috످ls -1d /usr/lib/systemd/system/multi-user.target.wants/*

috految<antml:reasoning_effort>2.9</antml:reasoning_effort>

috److I can't run commands on your system, but this one lists the vendor-enabled systemd units that start at boot as part of `multi-user.target` (similar to runlevel 3). The `-1` flag prints one entry per line, and `-d` lists directories themselves rather than their contents.

The output varies by distro, but typically includes symlinks like `dbus.service`, `getty.target`, and `systemd-logind.service`.

It won't show units enabled with `systemctl enable`, since those are linked under `/etc/systemd/system/`. To see both, run:

```bash
ls -1d /{etc,usr/lib}/systemd/system/multi-user.target.wants/*
```

If you paste your output, I can help you interpret it.

috످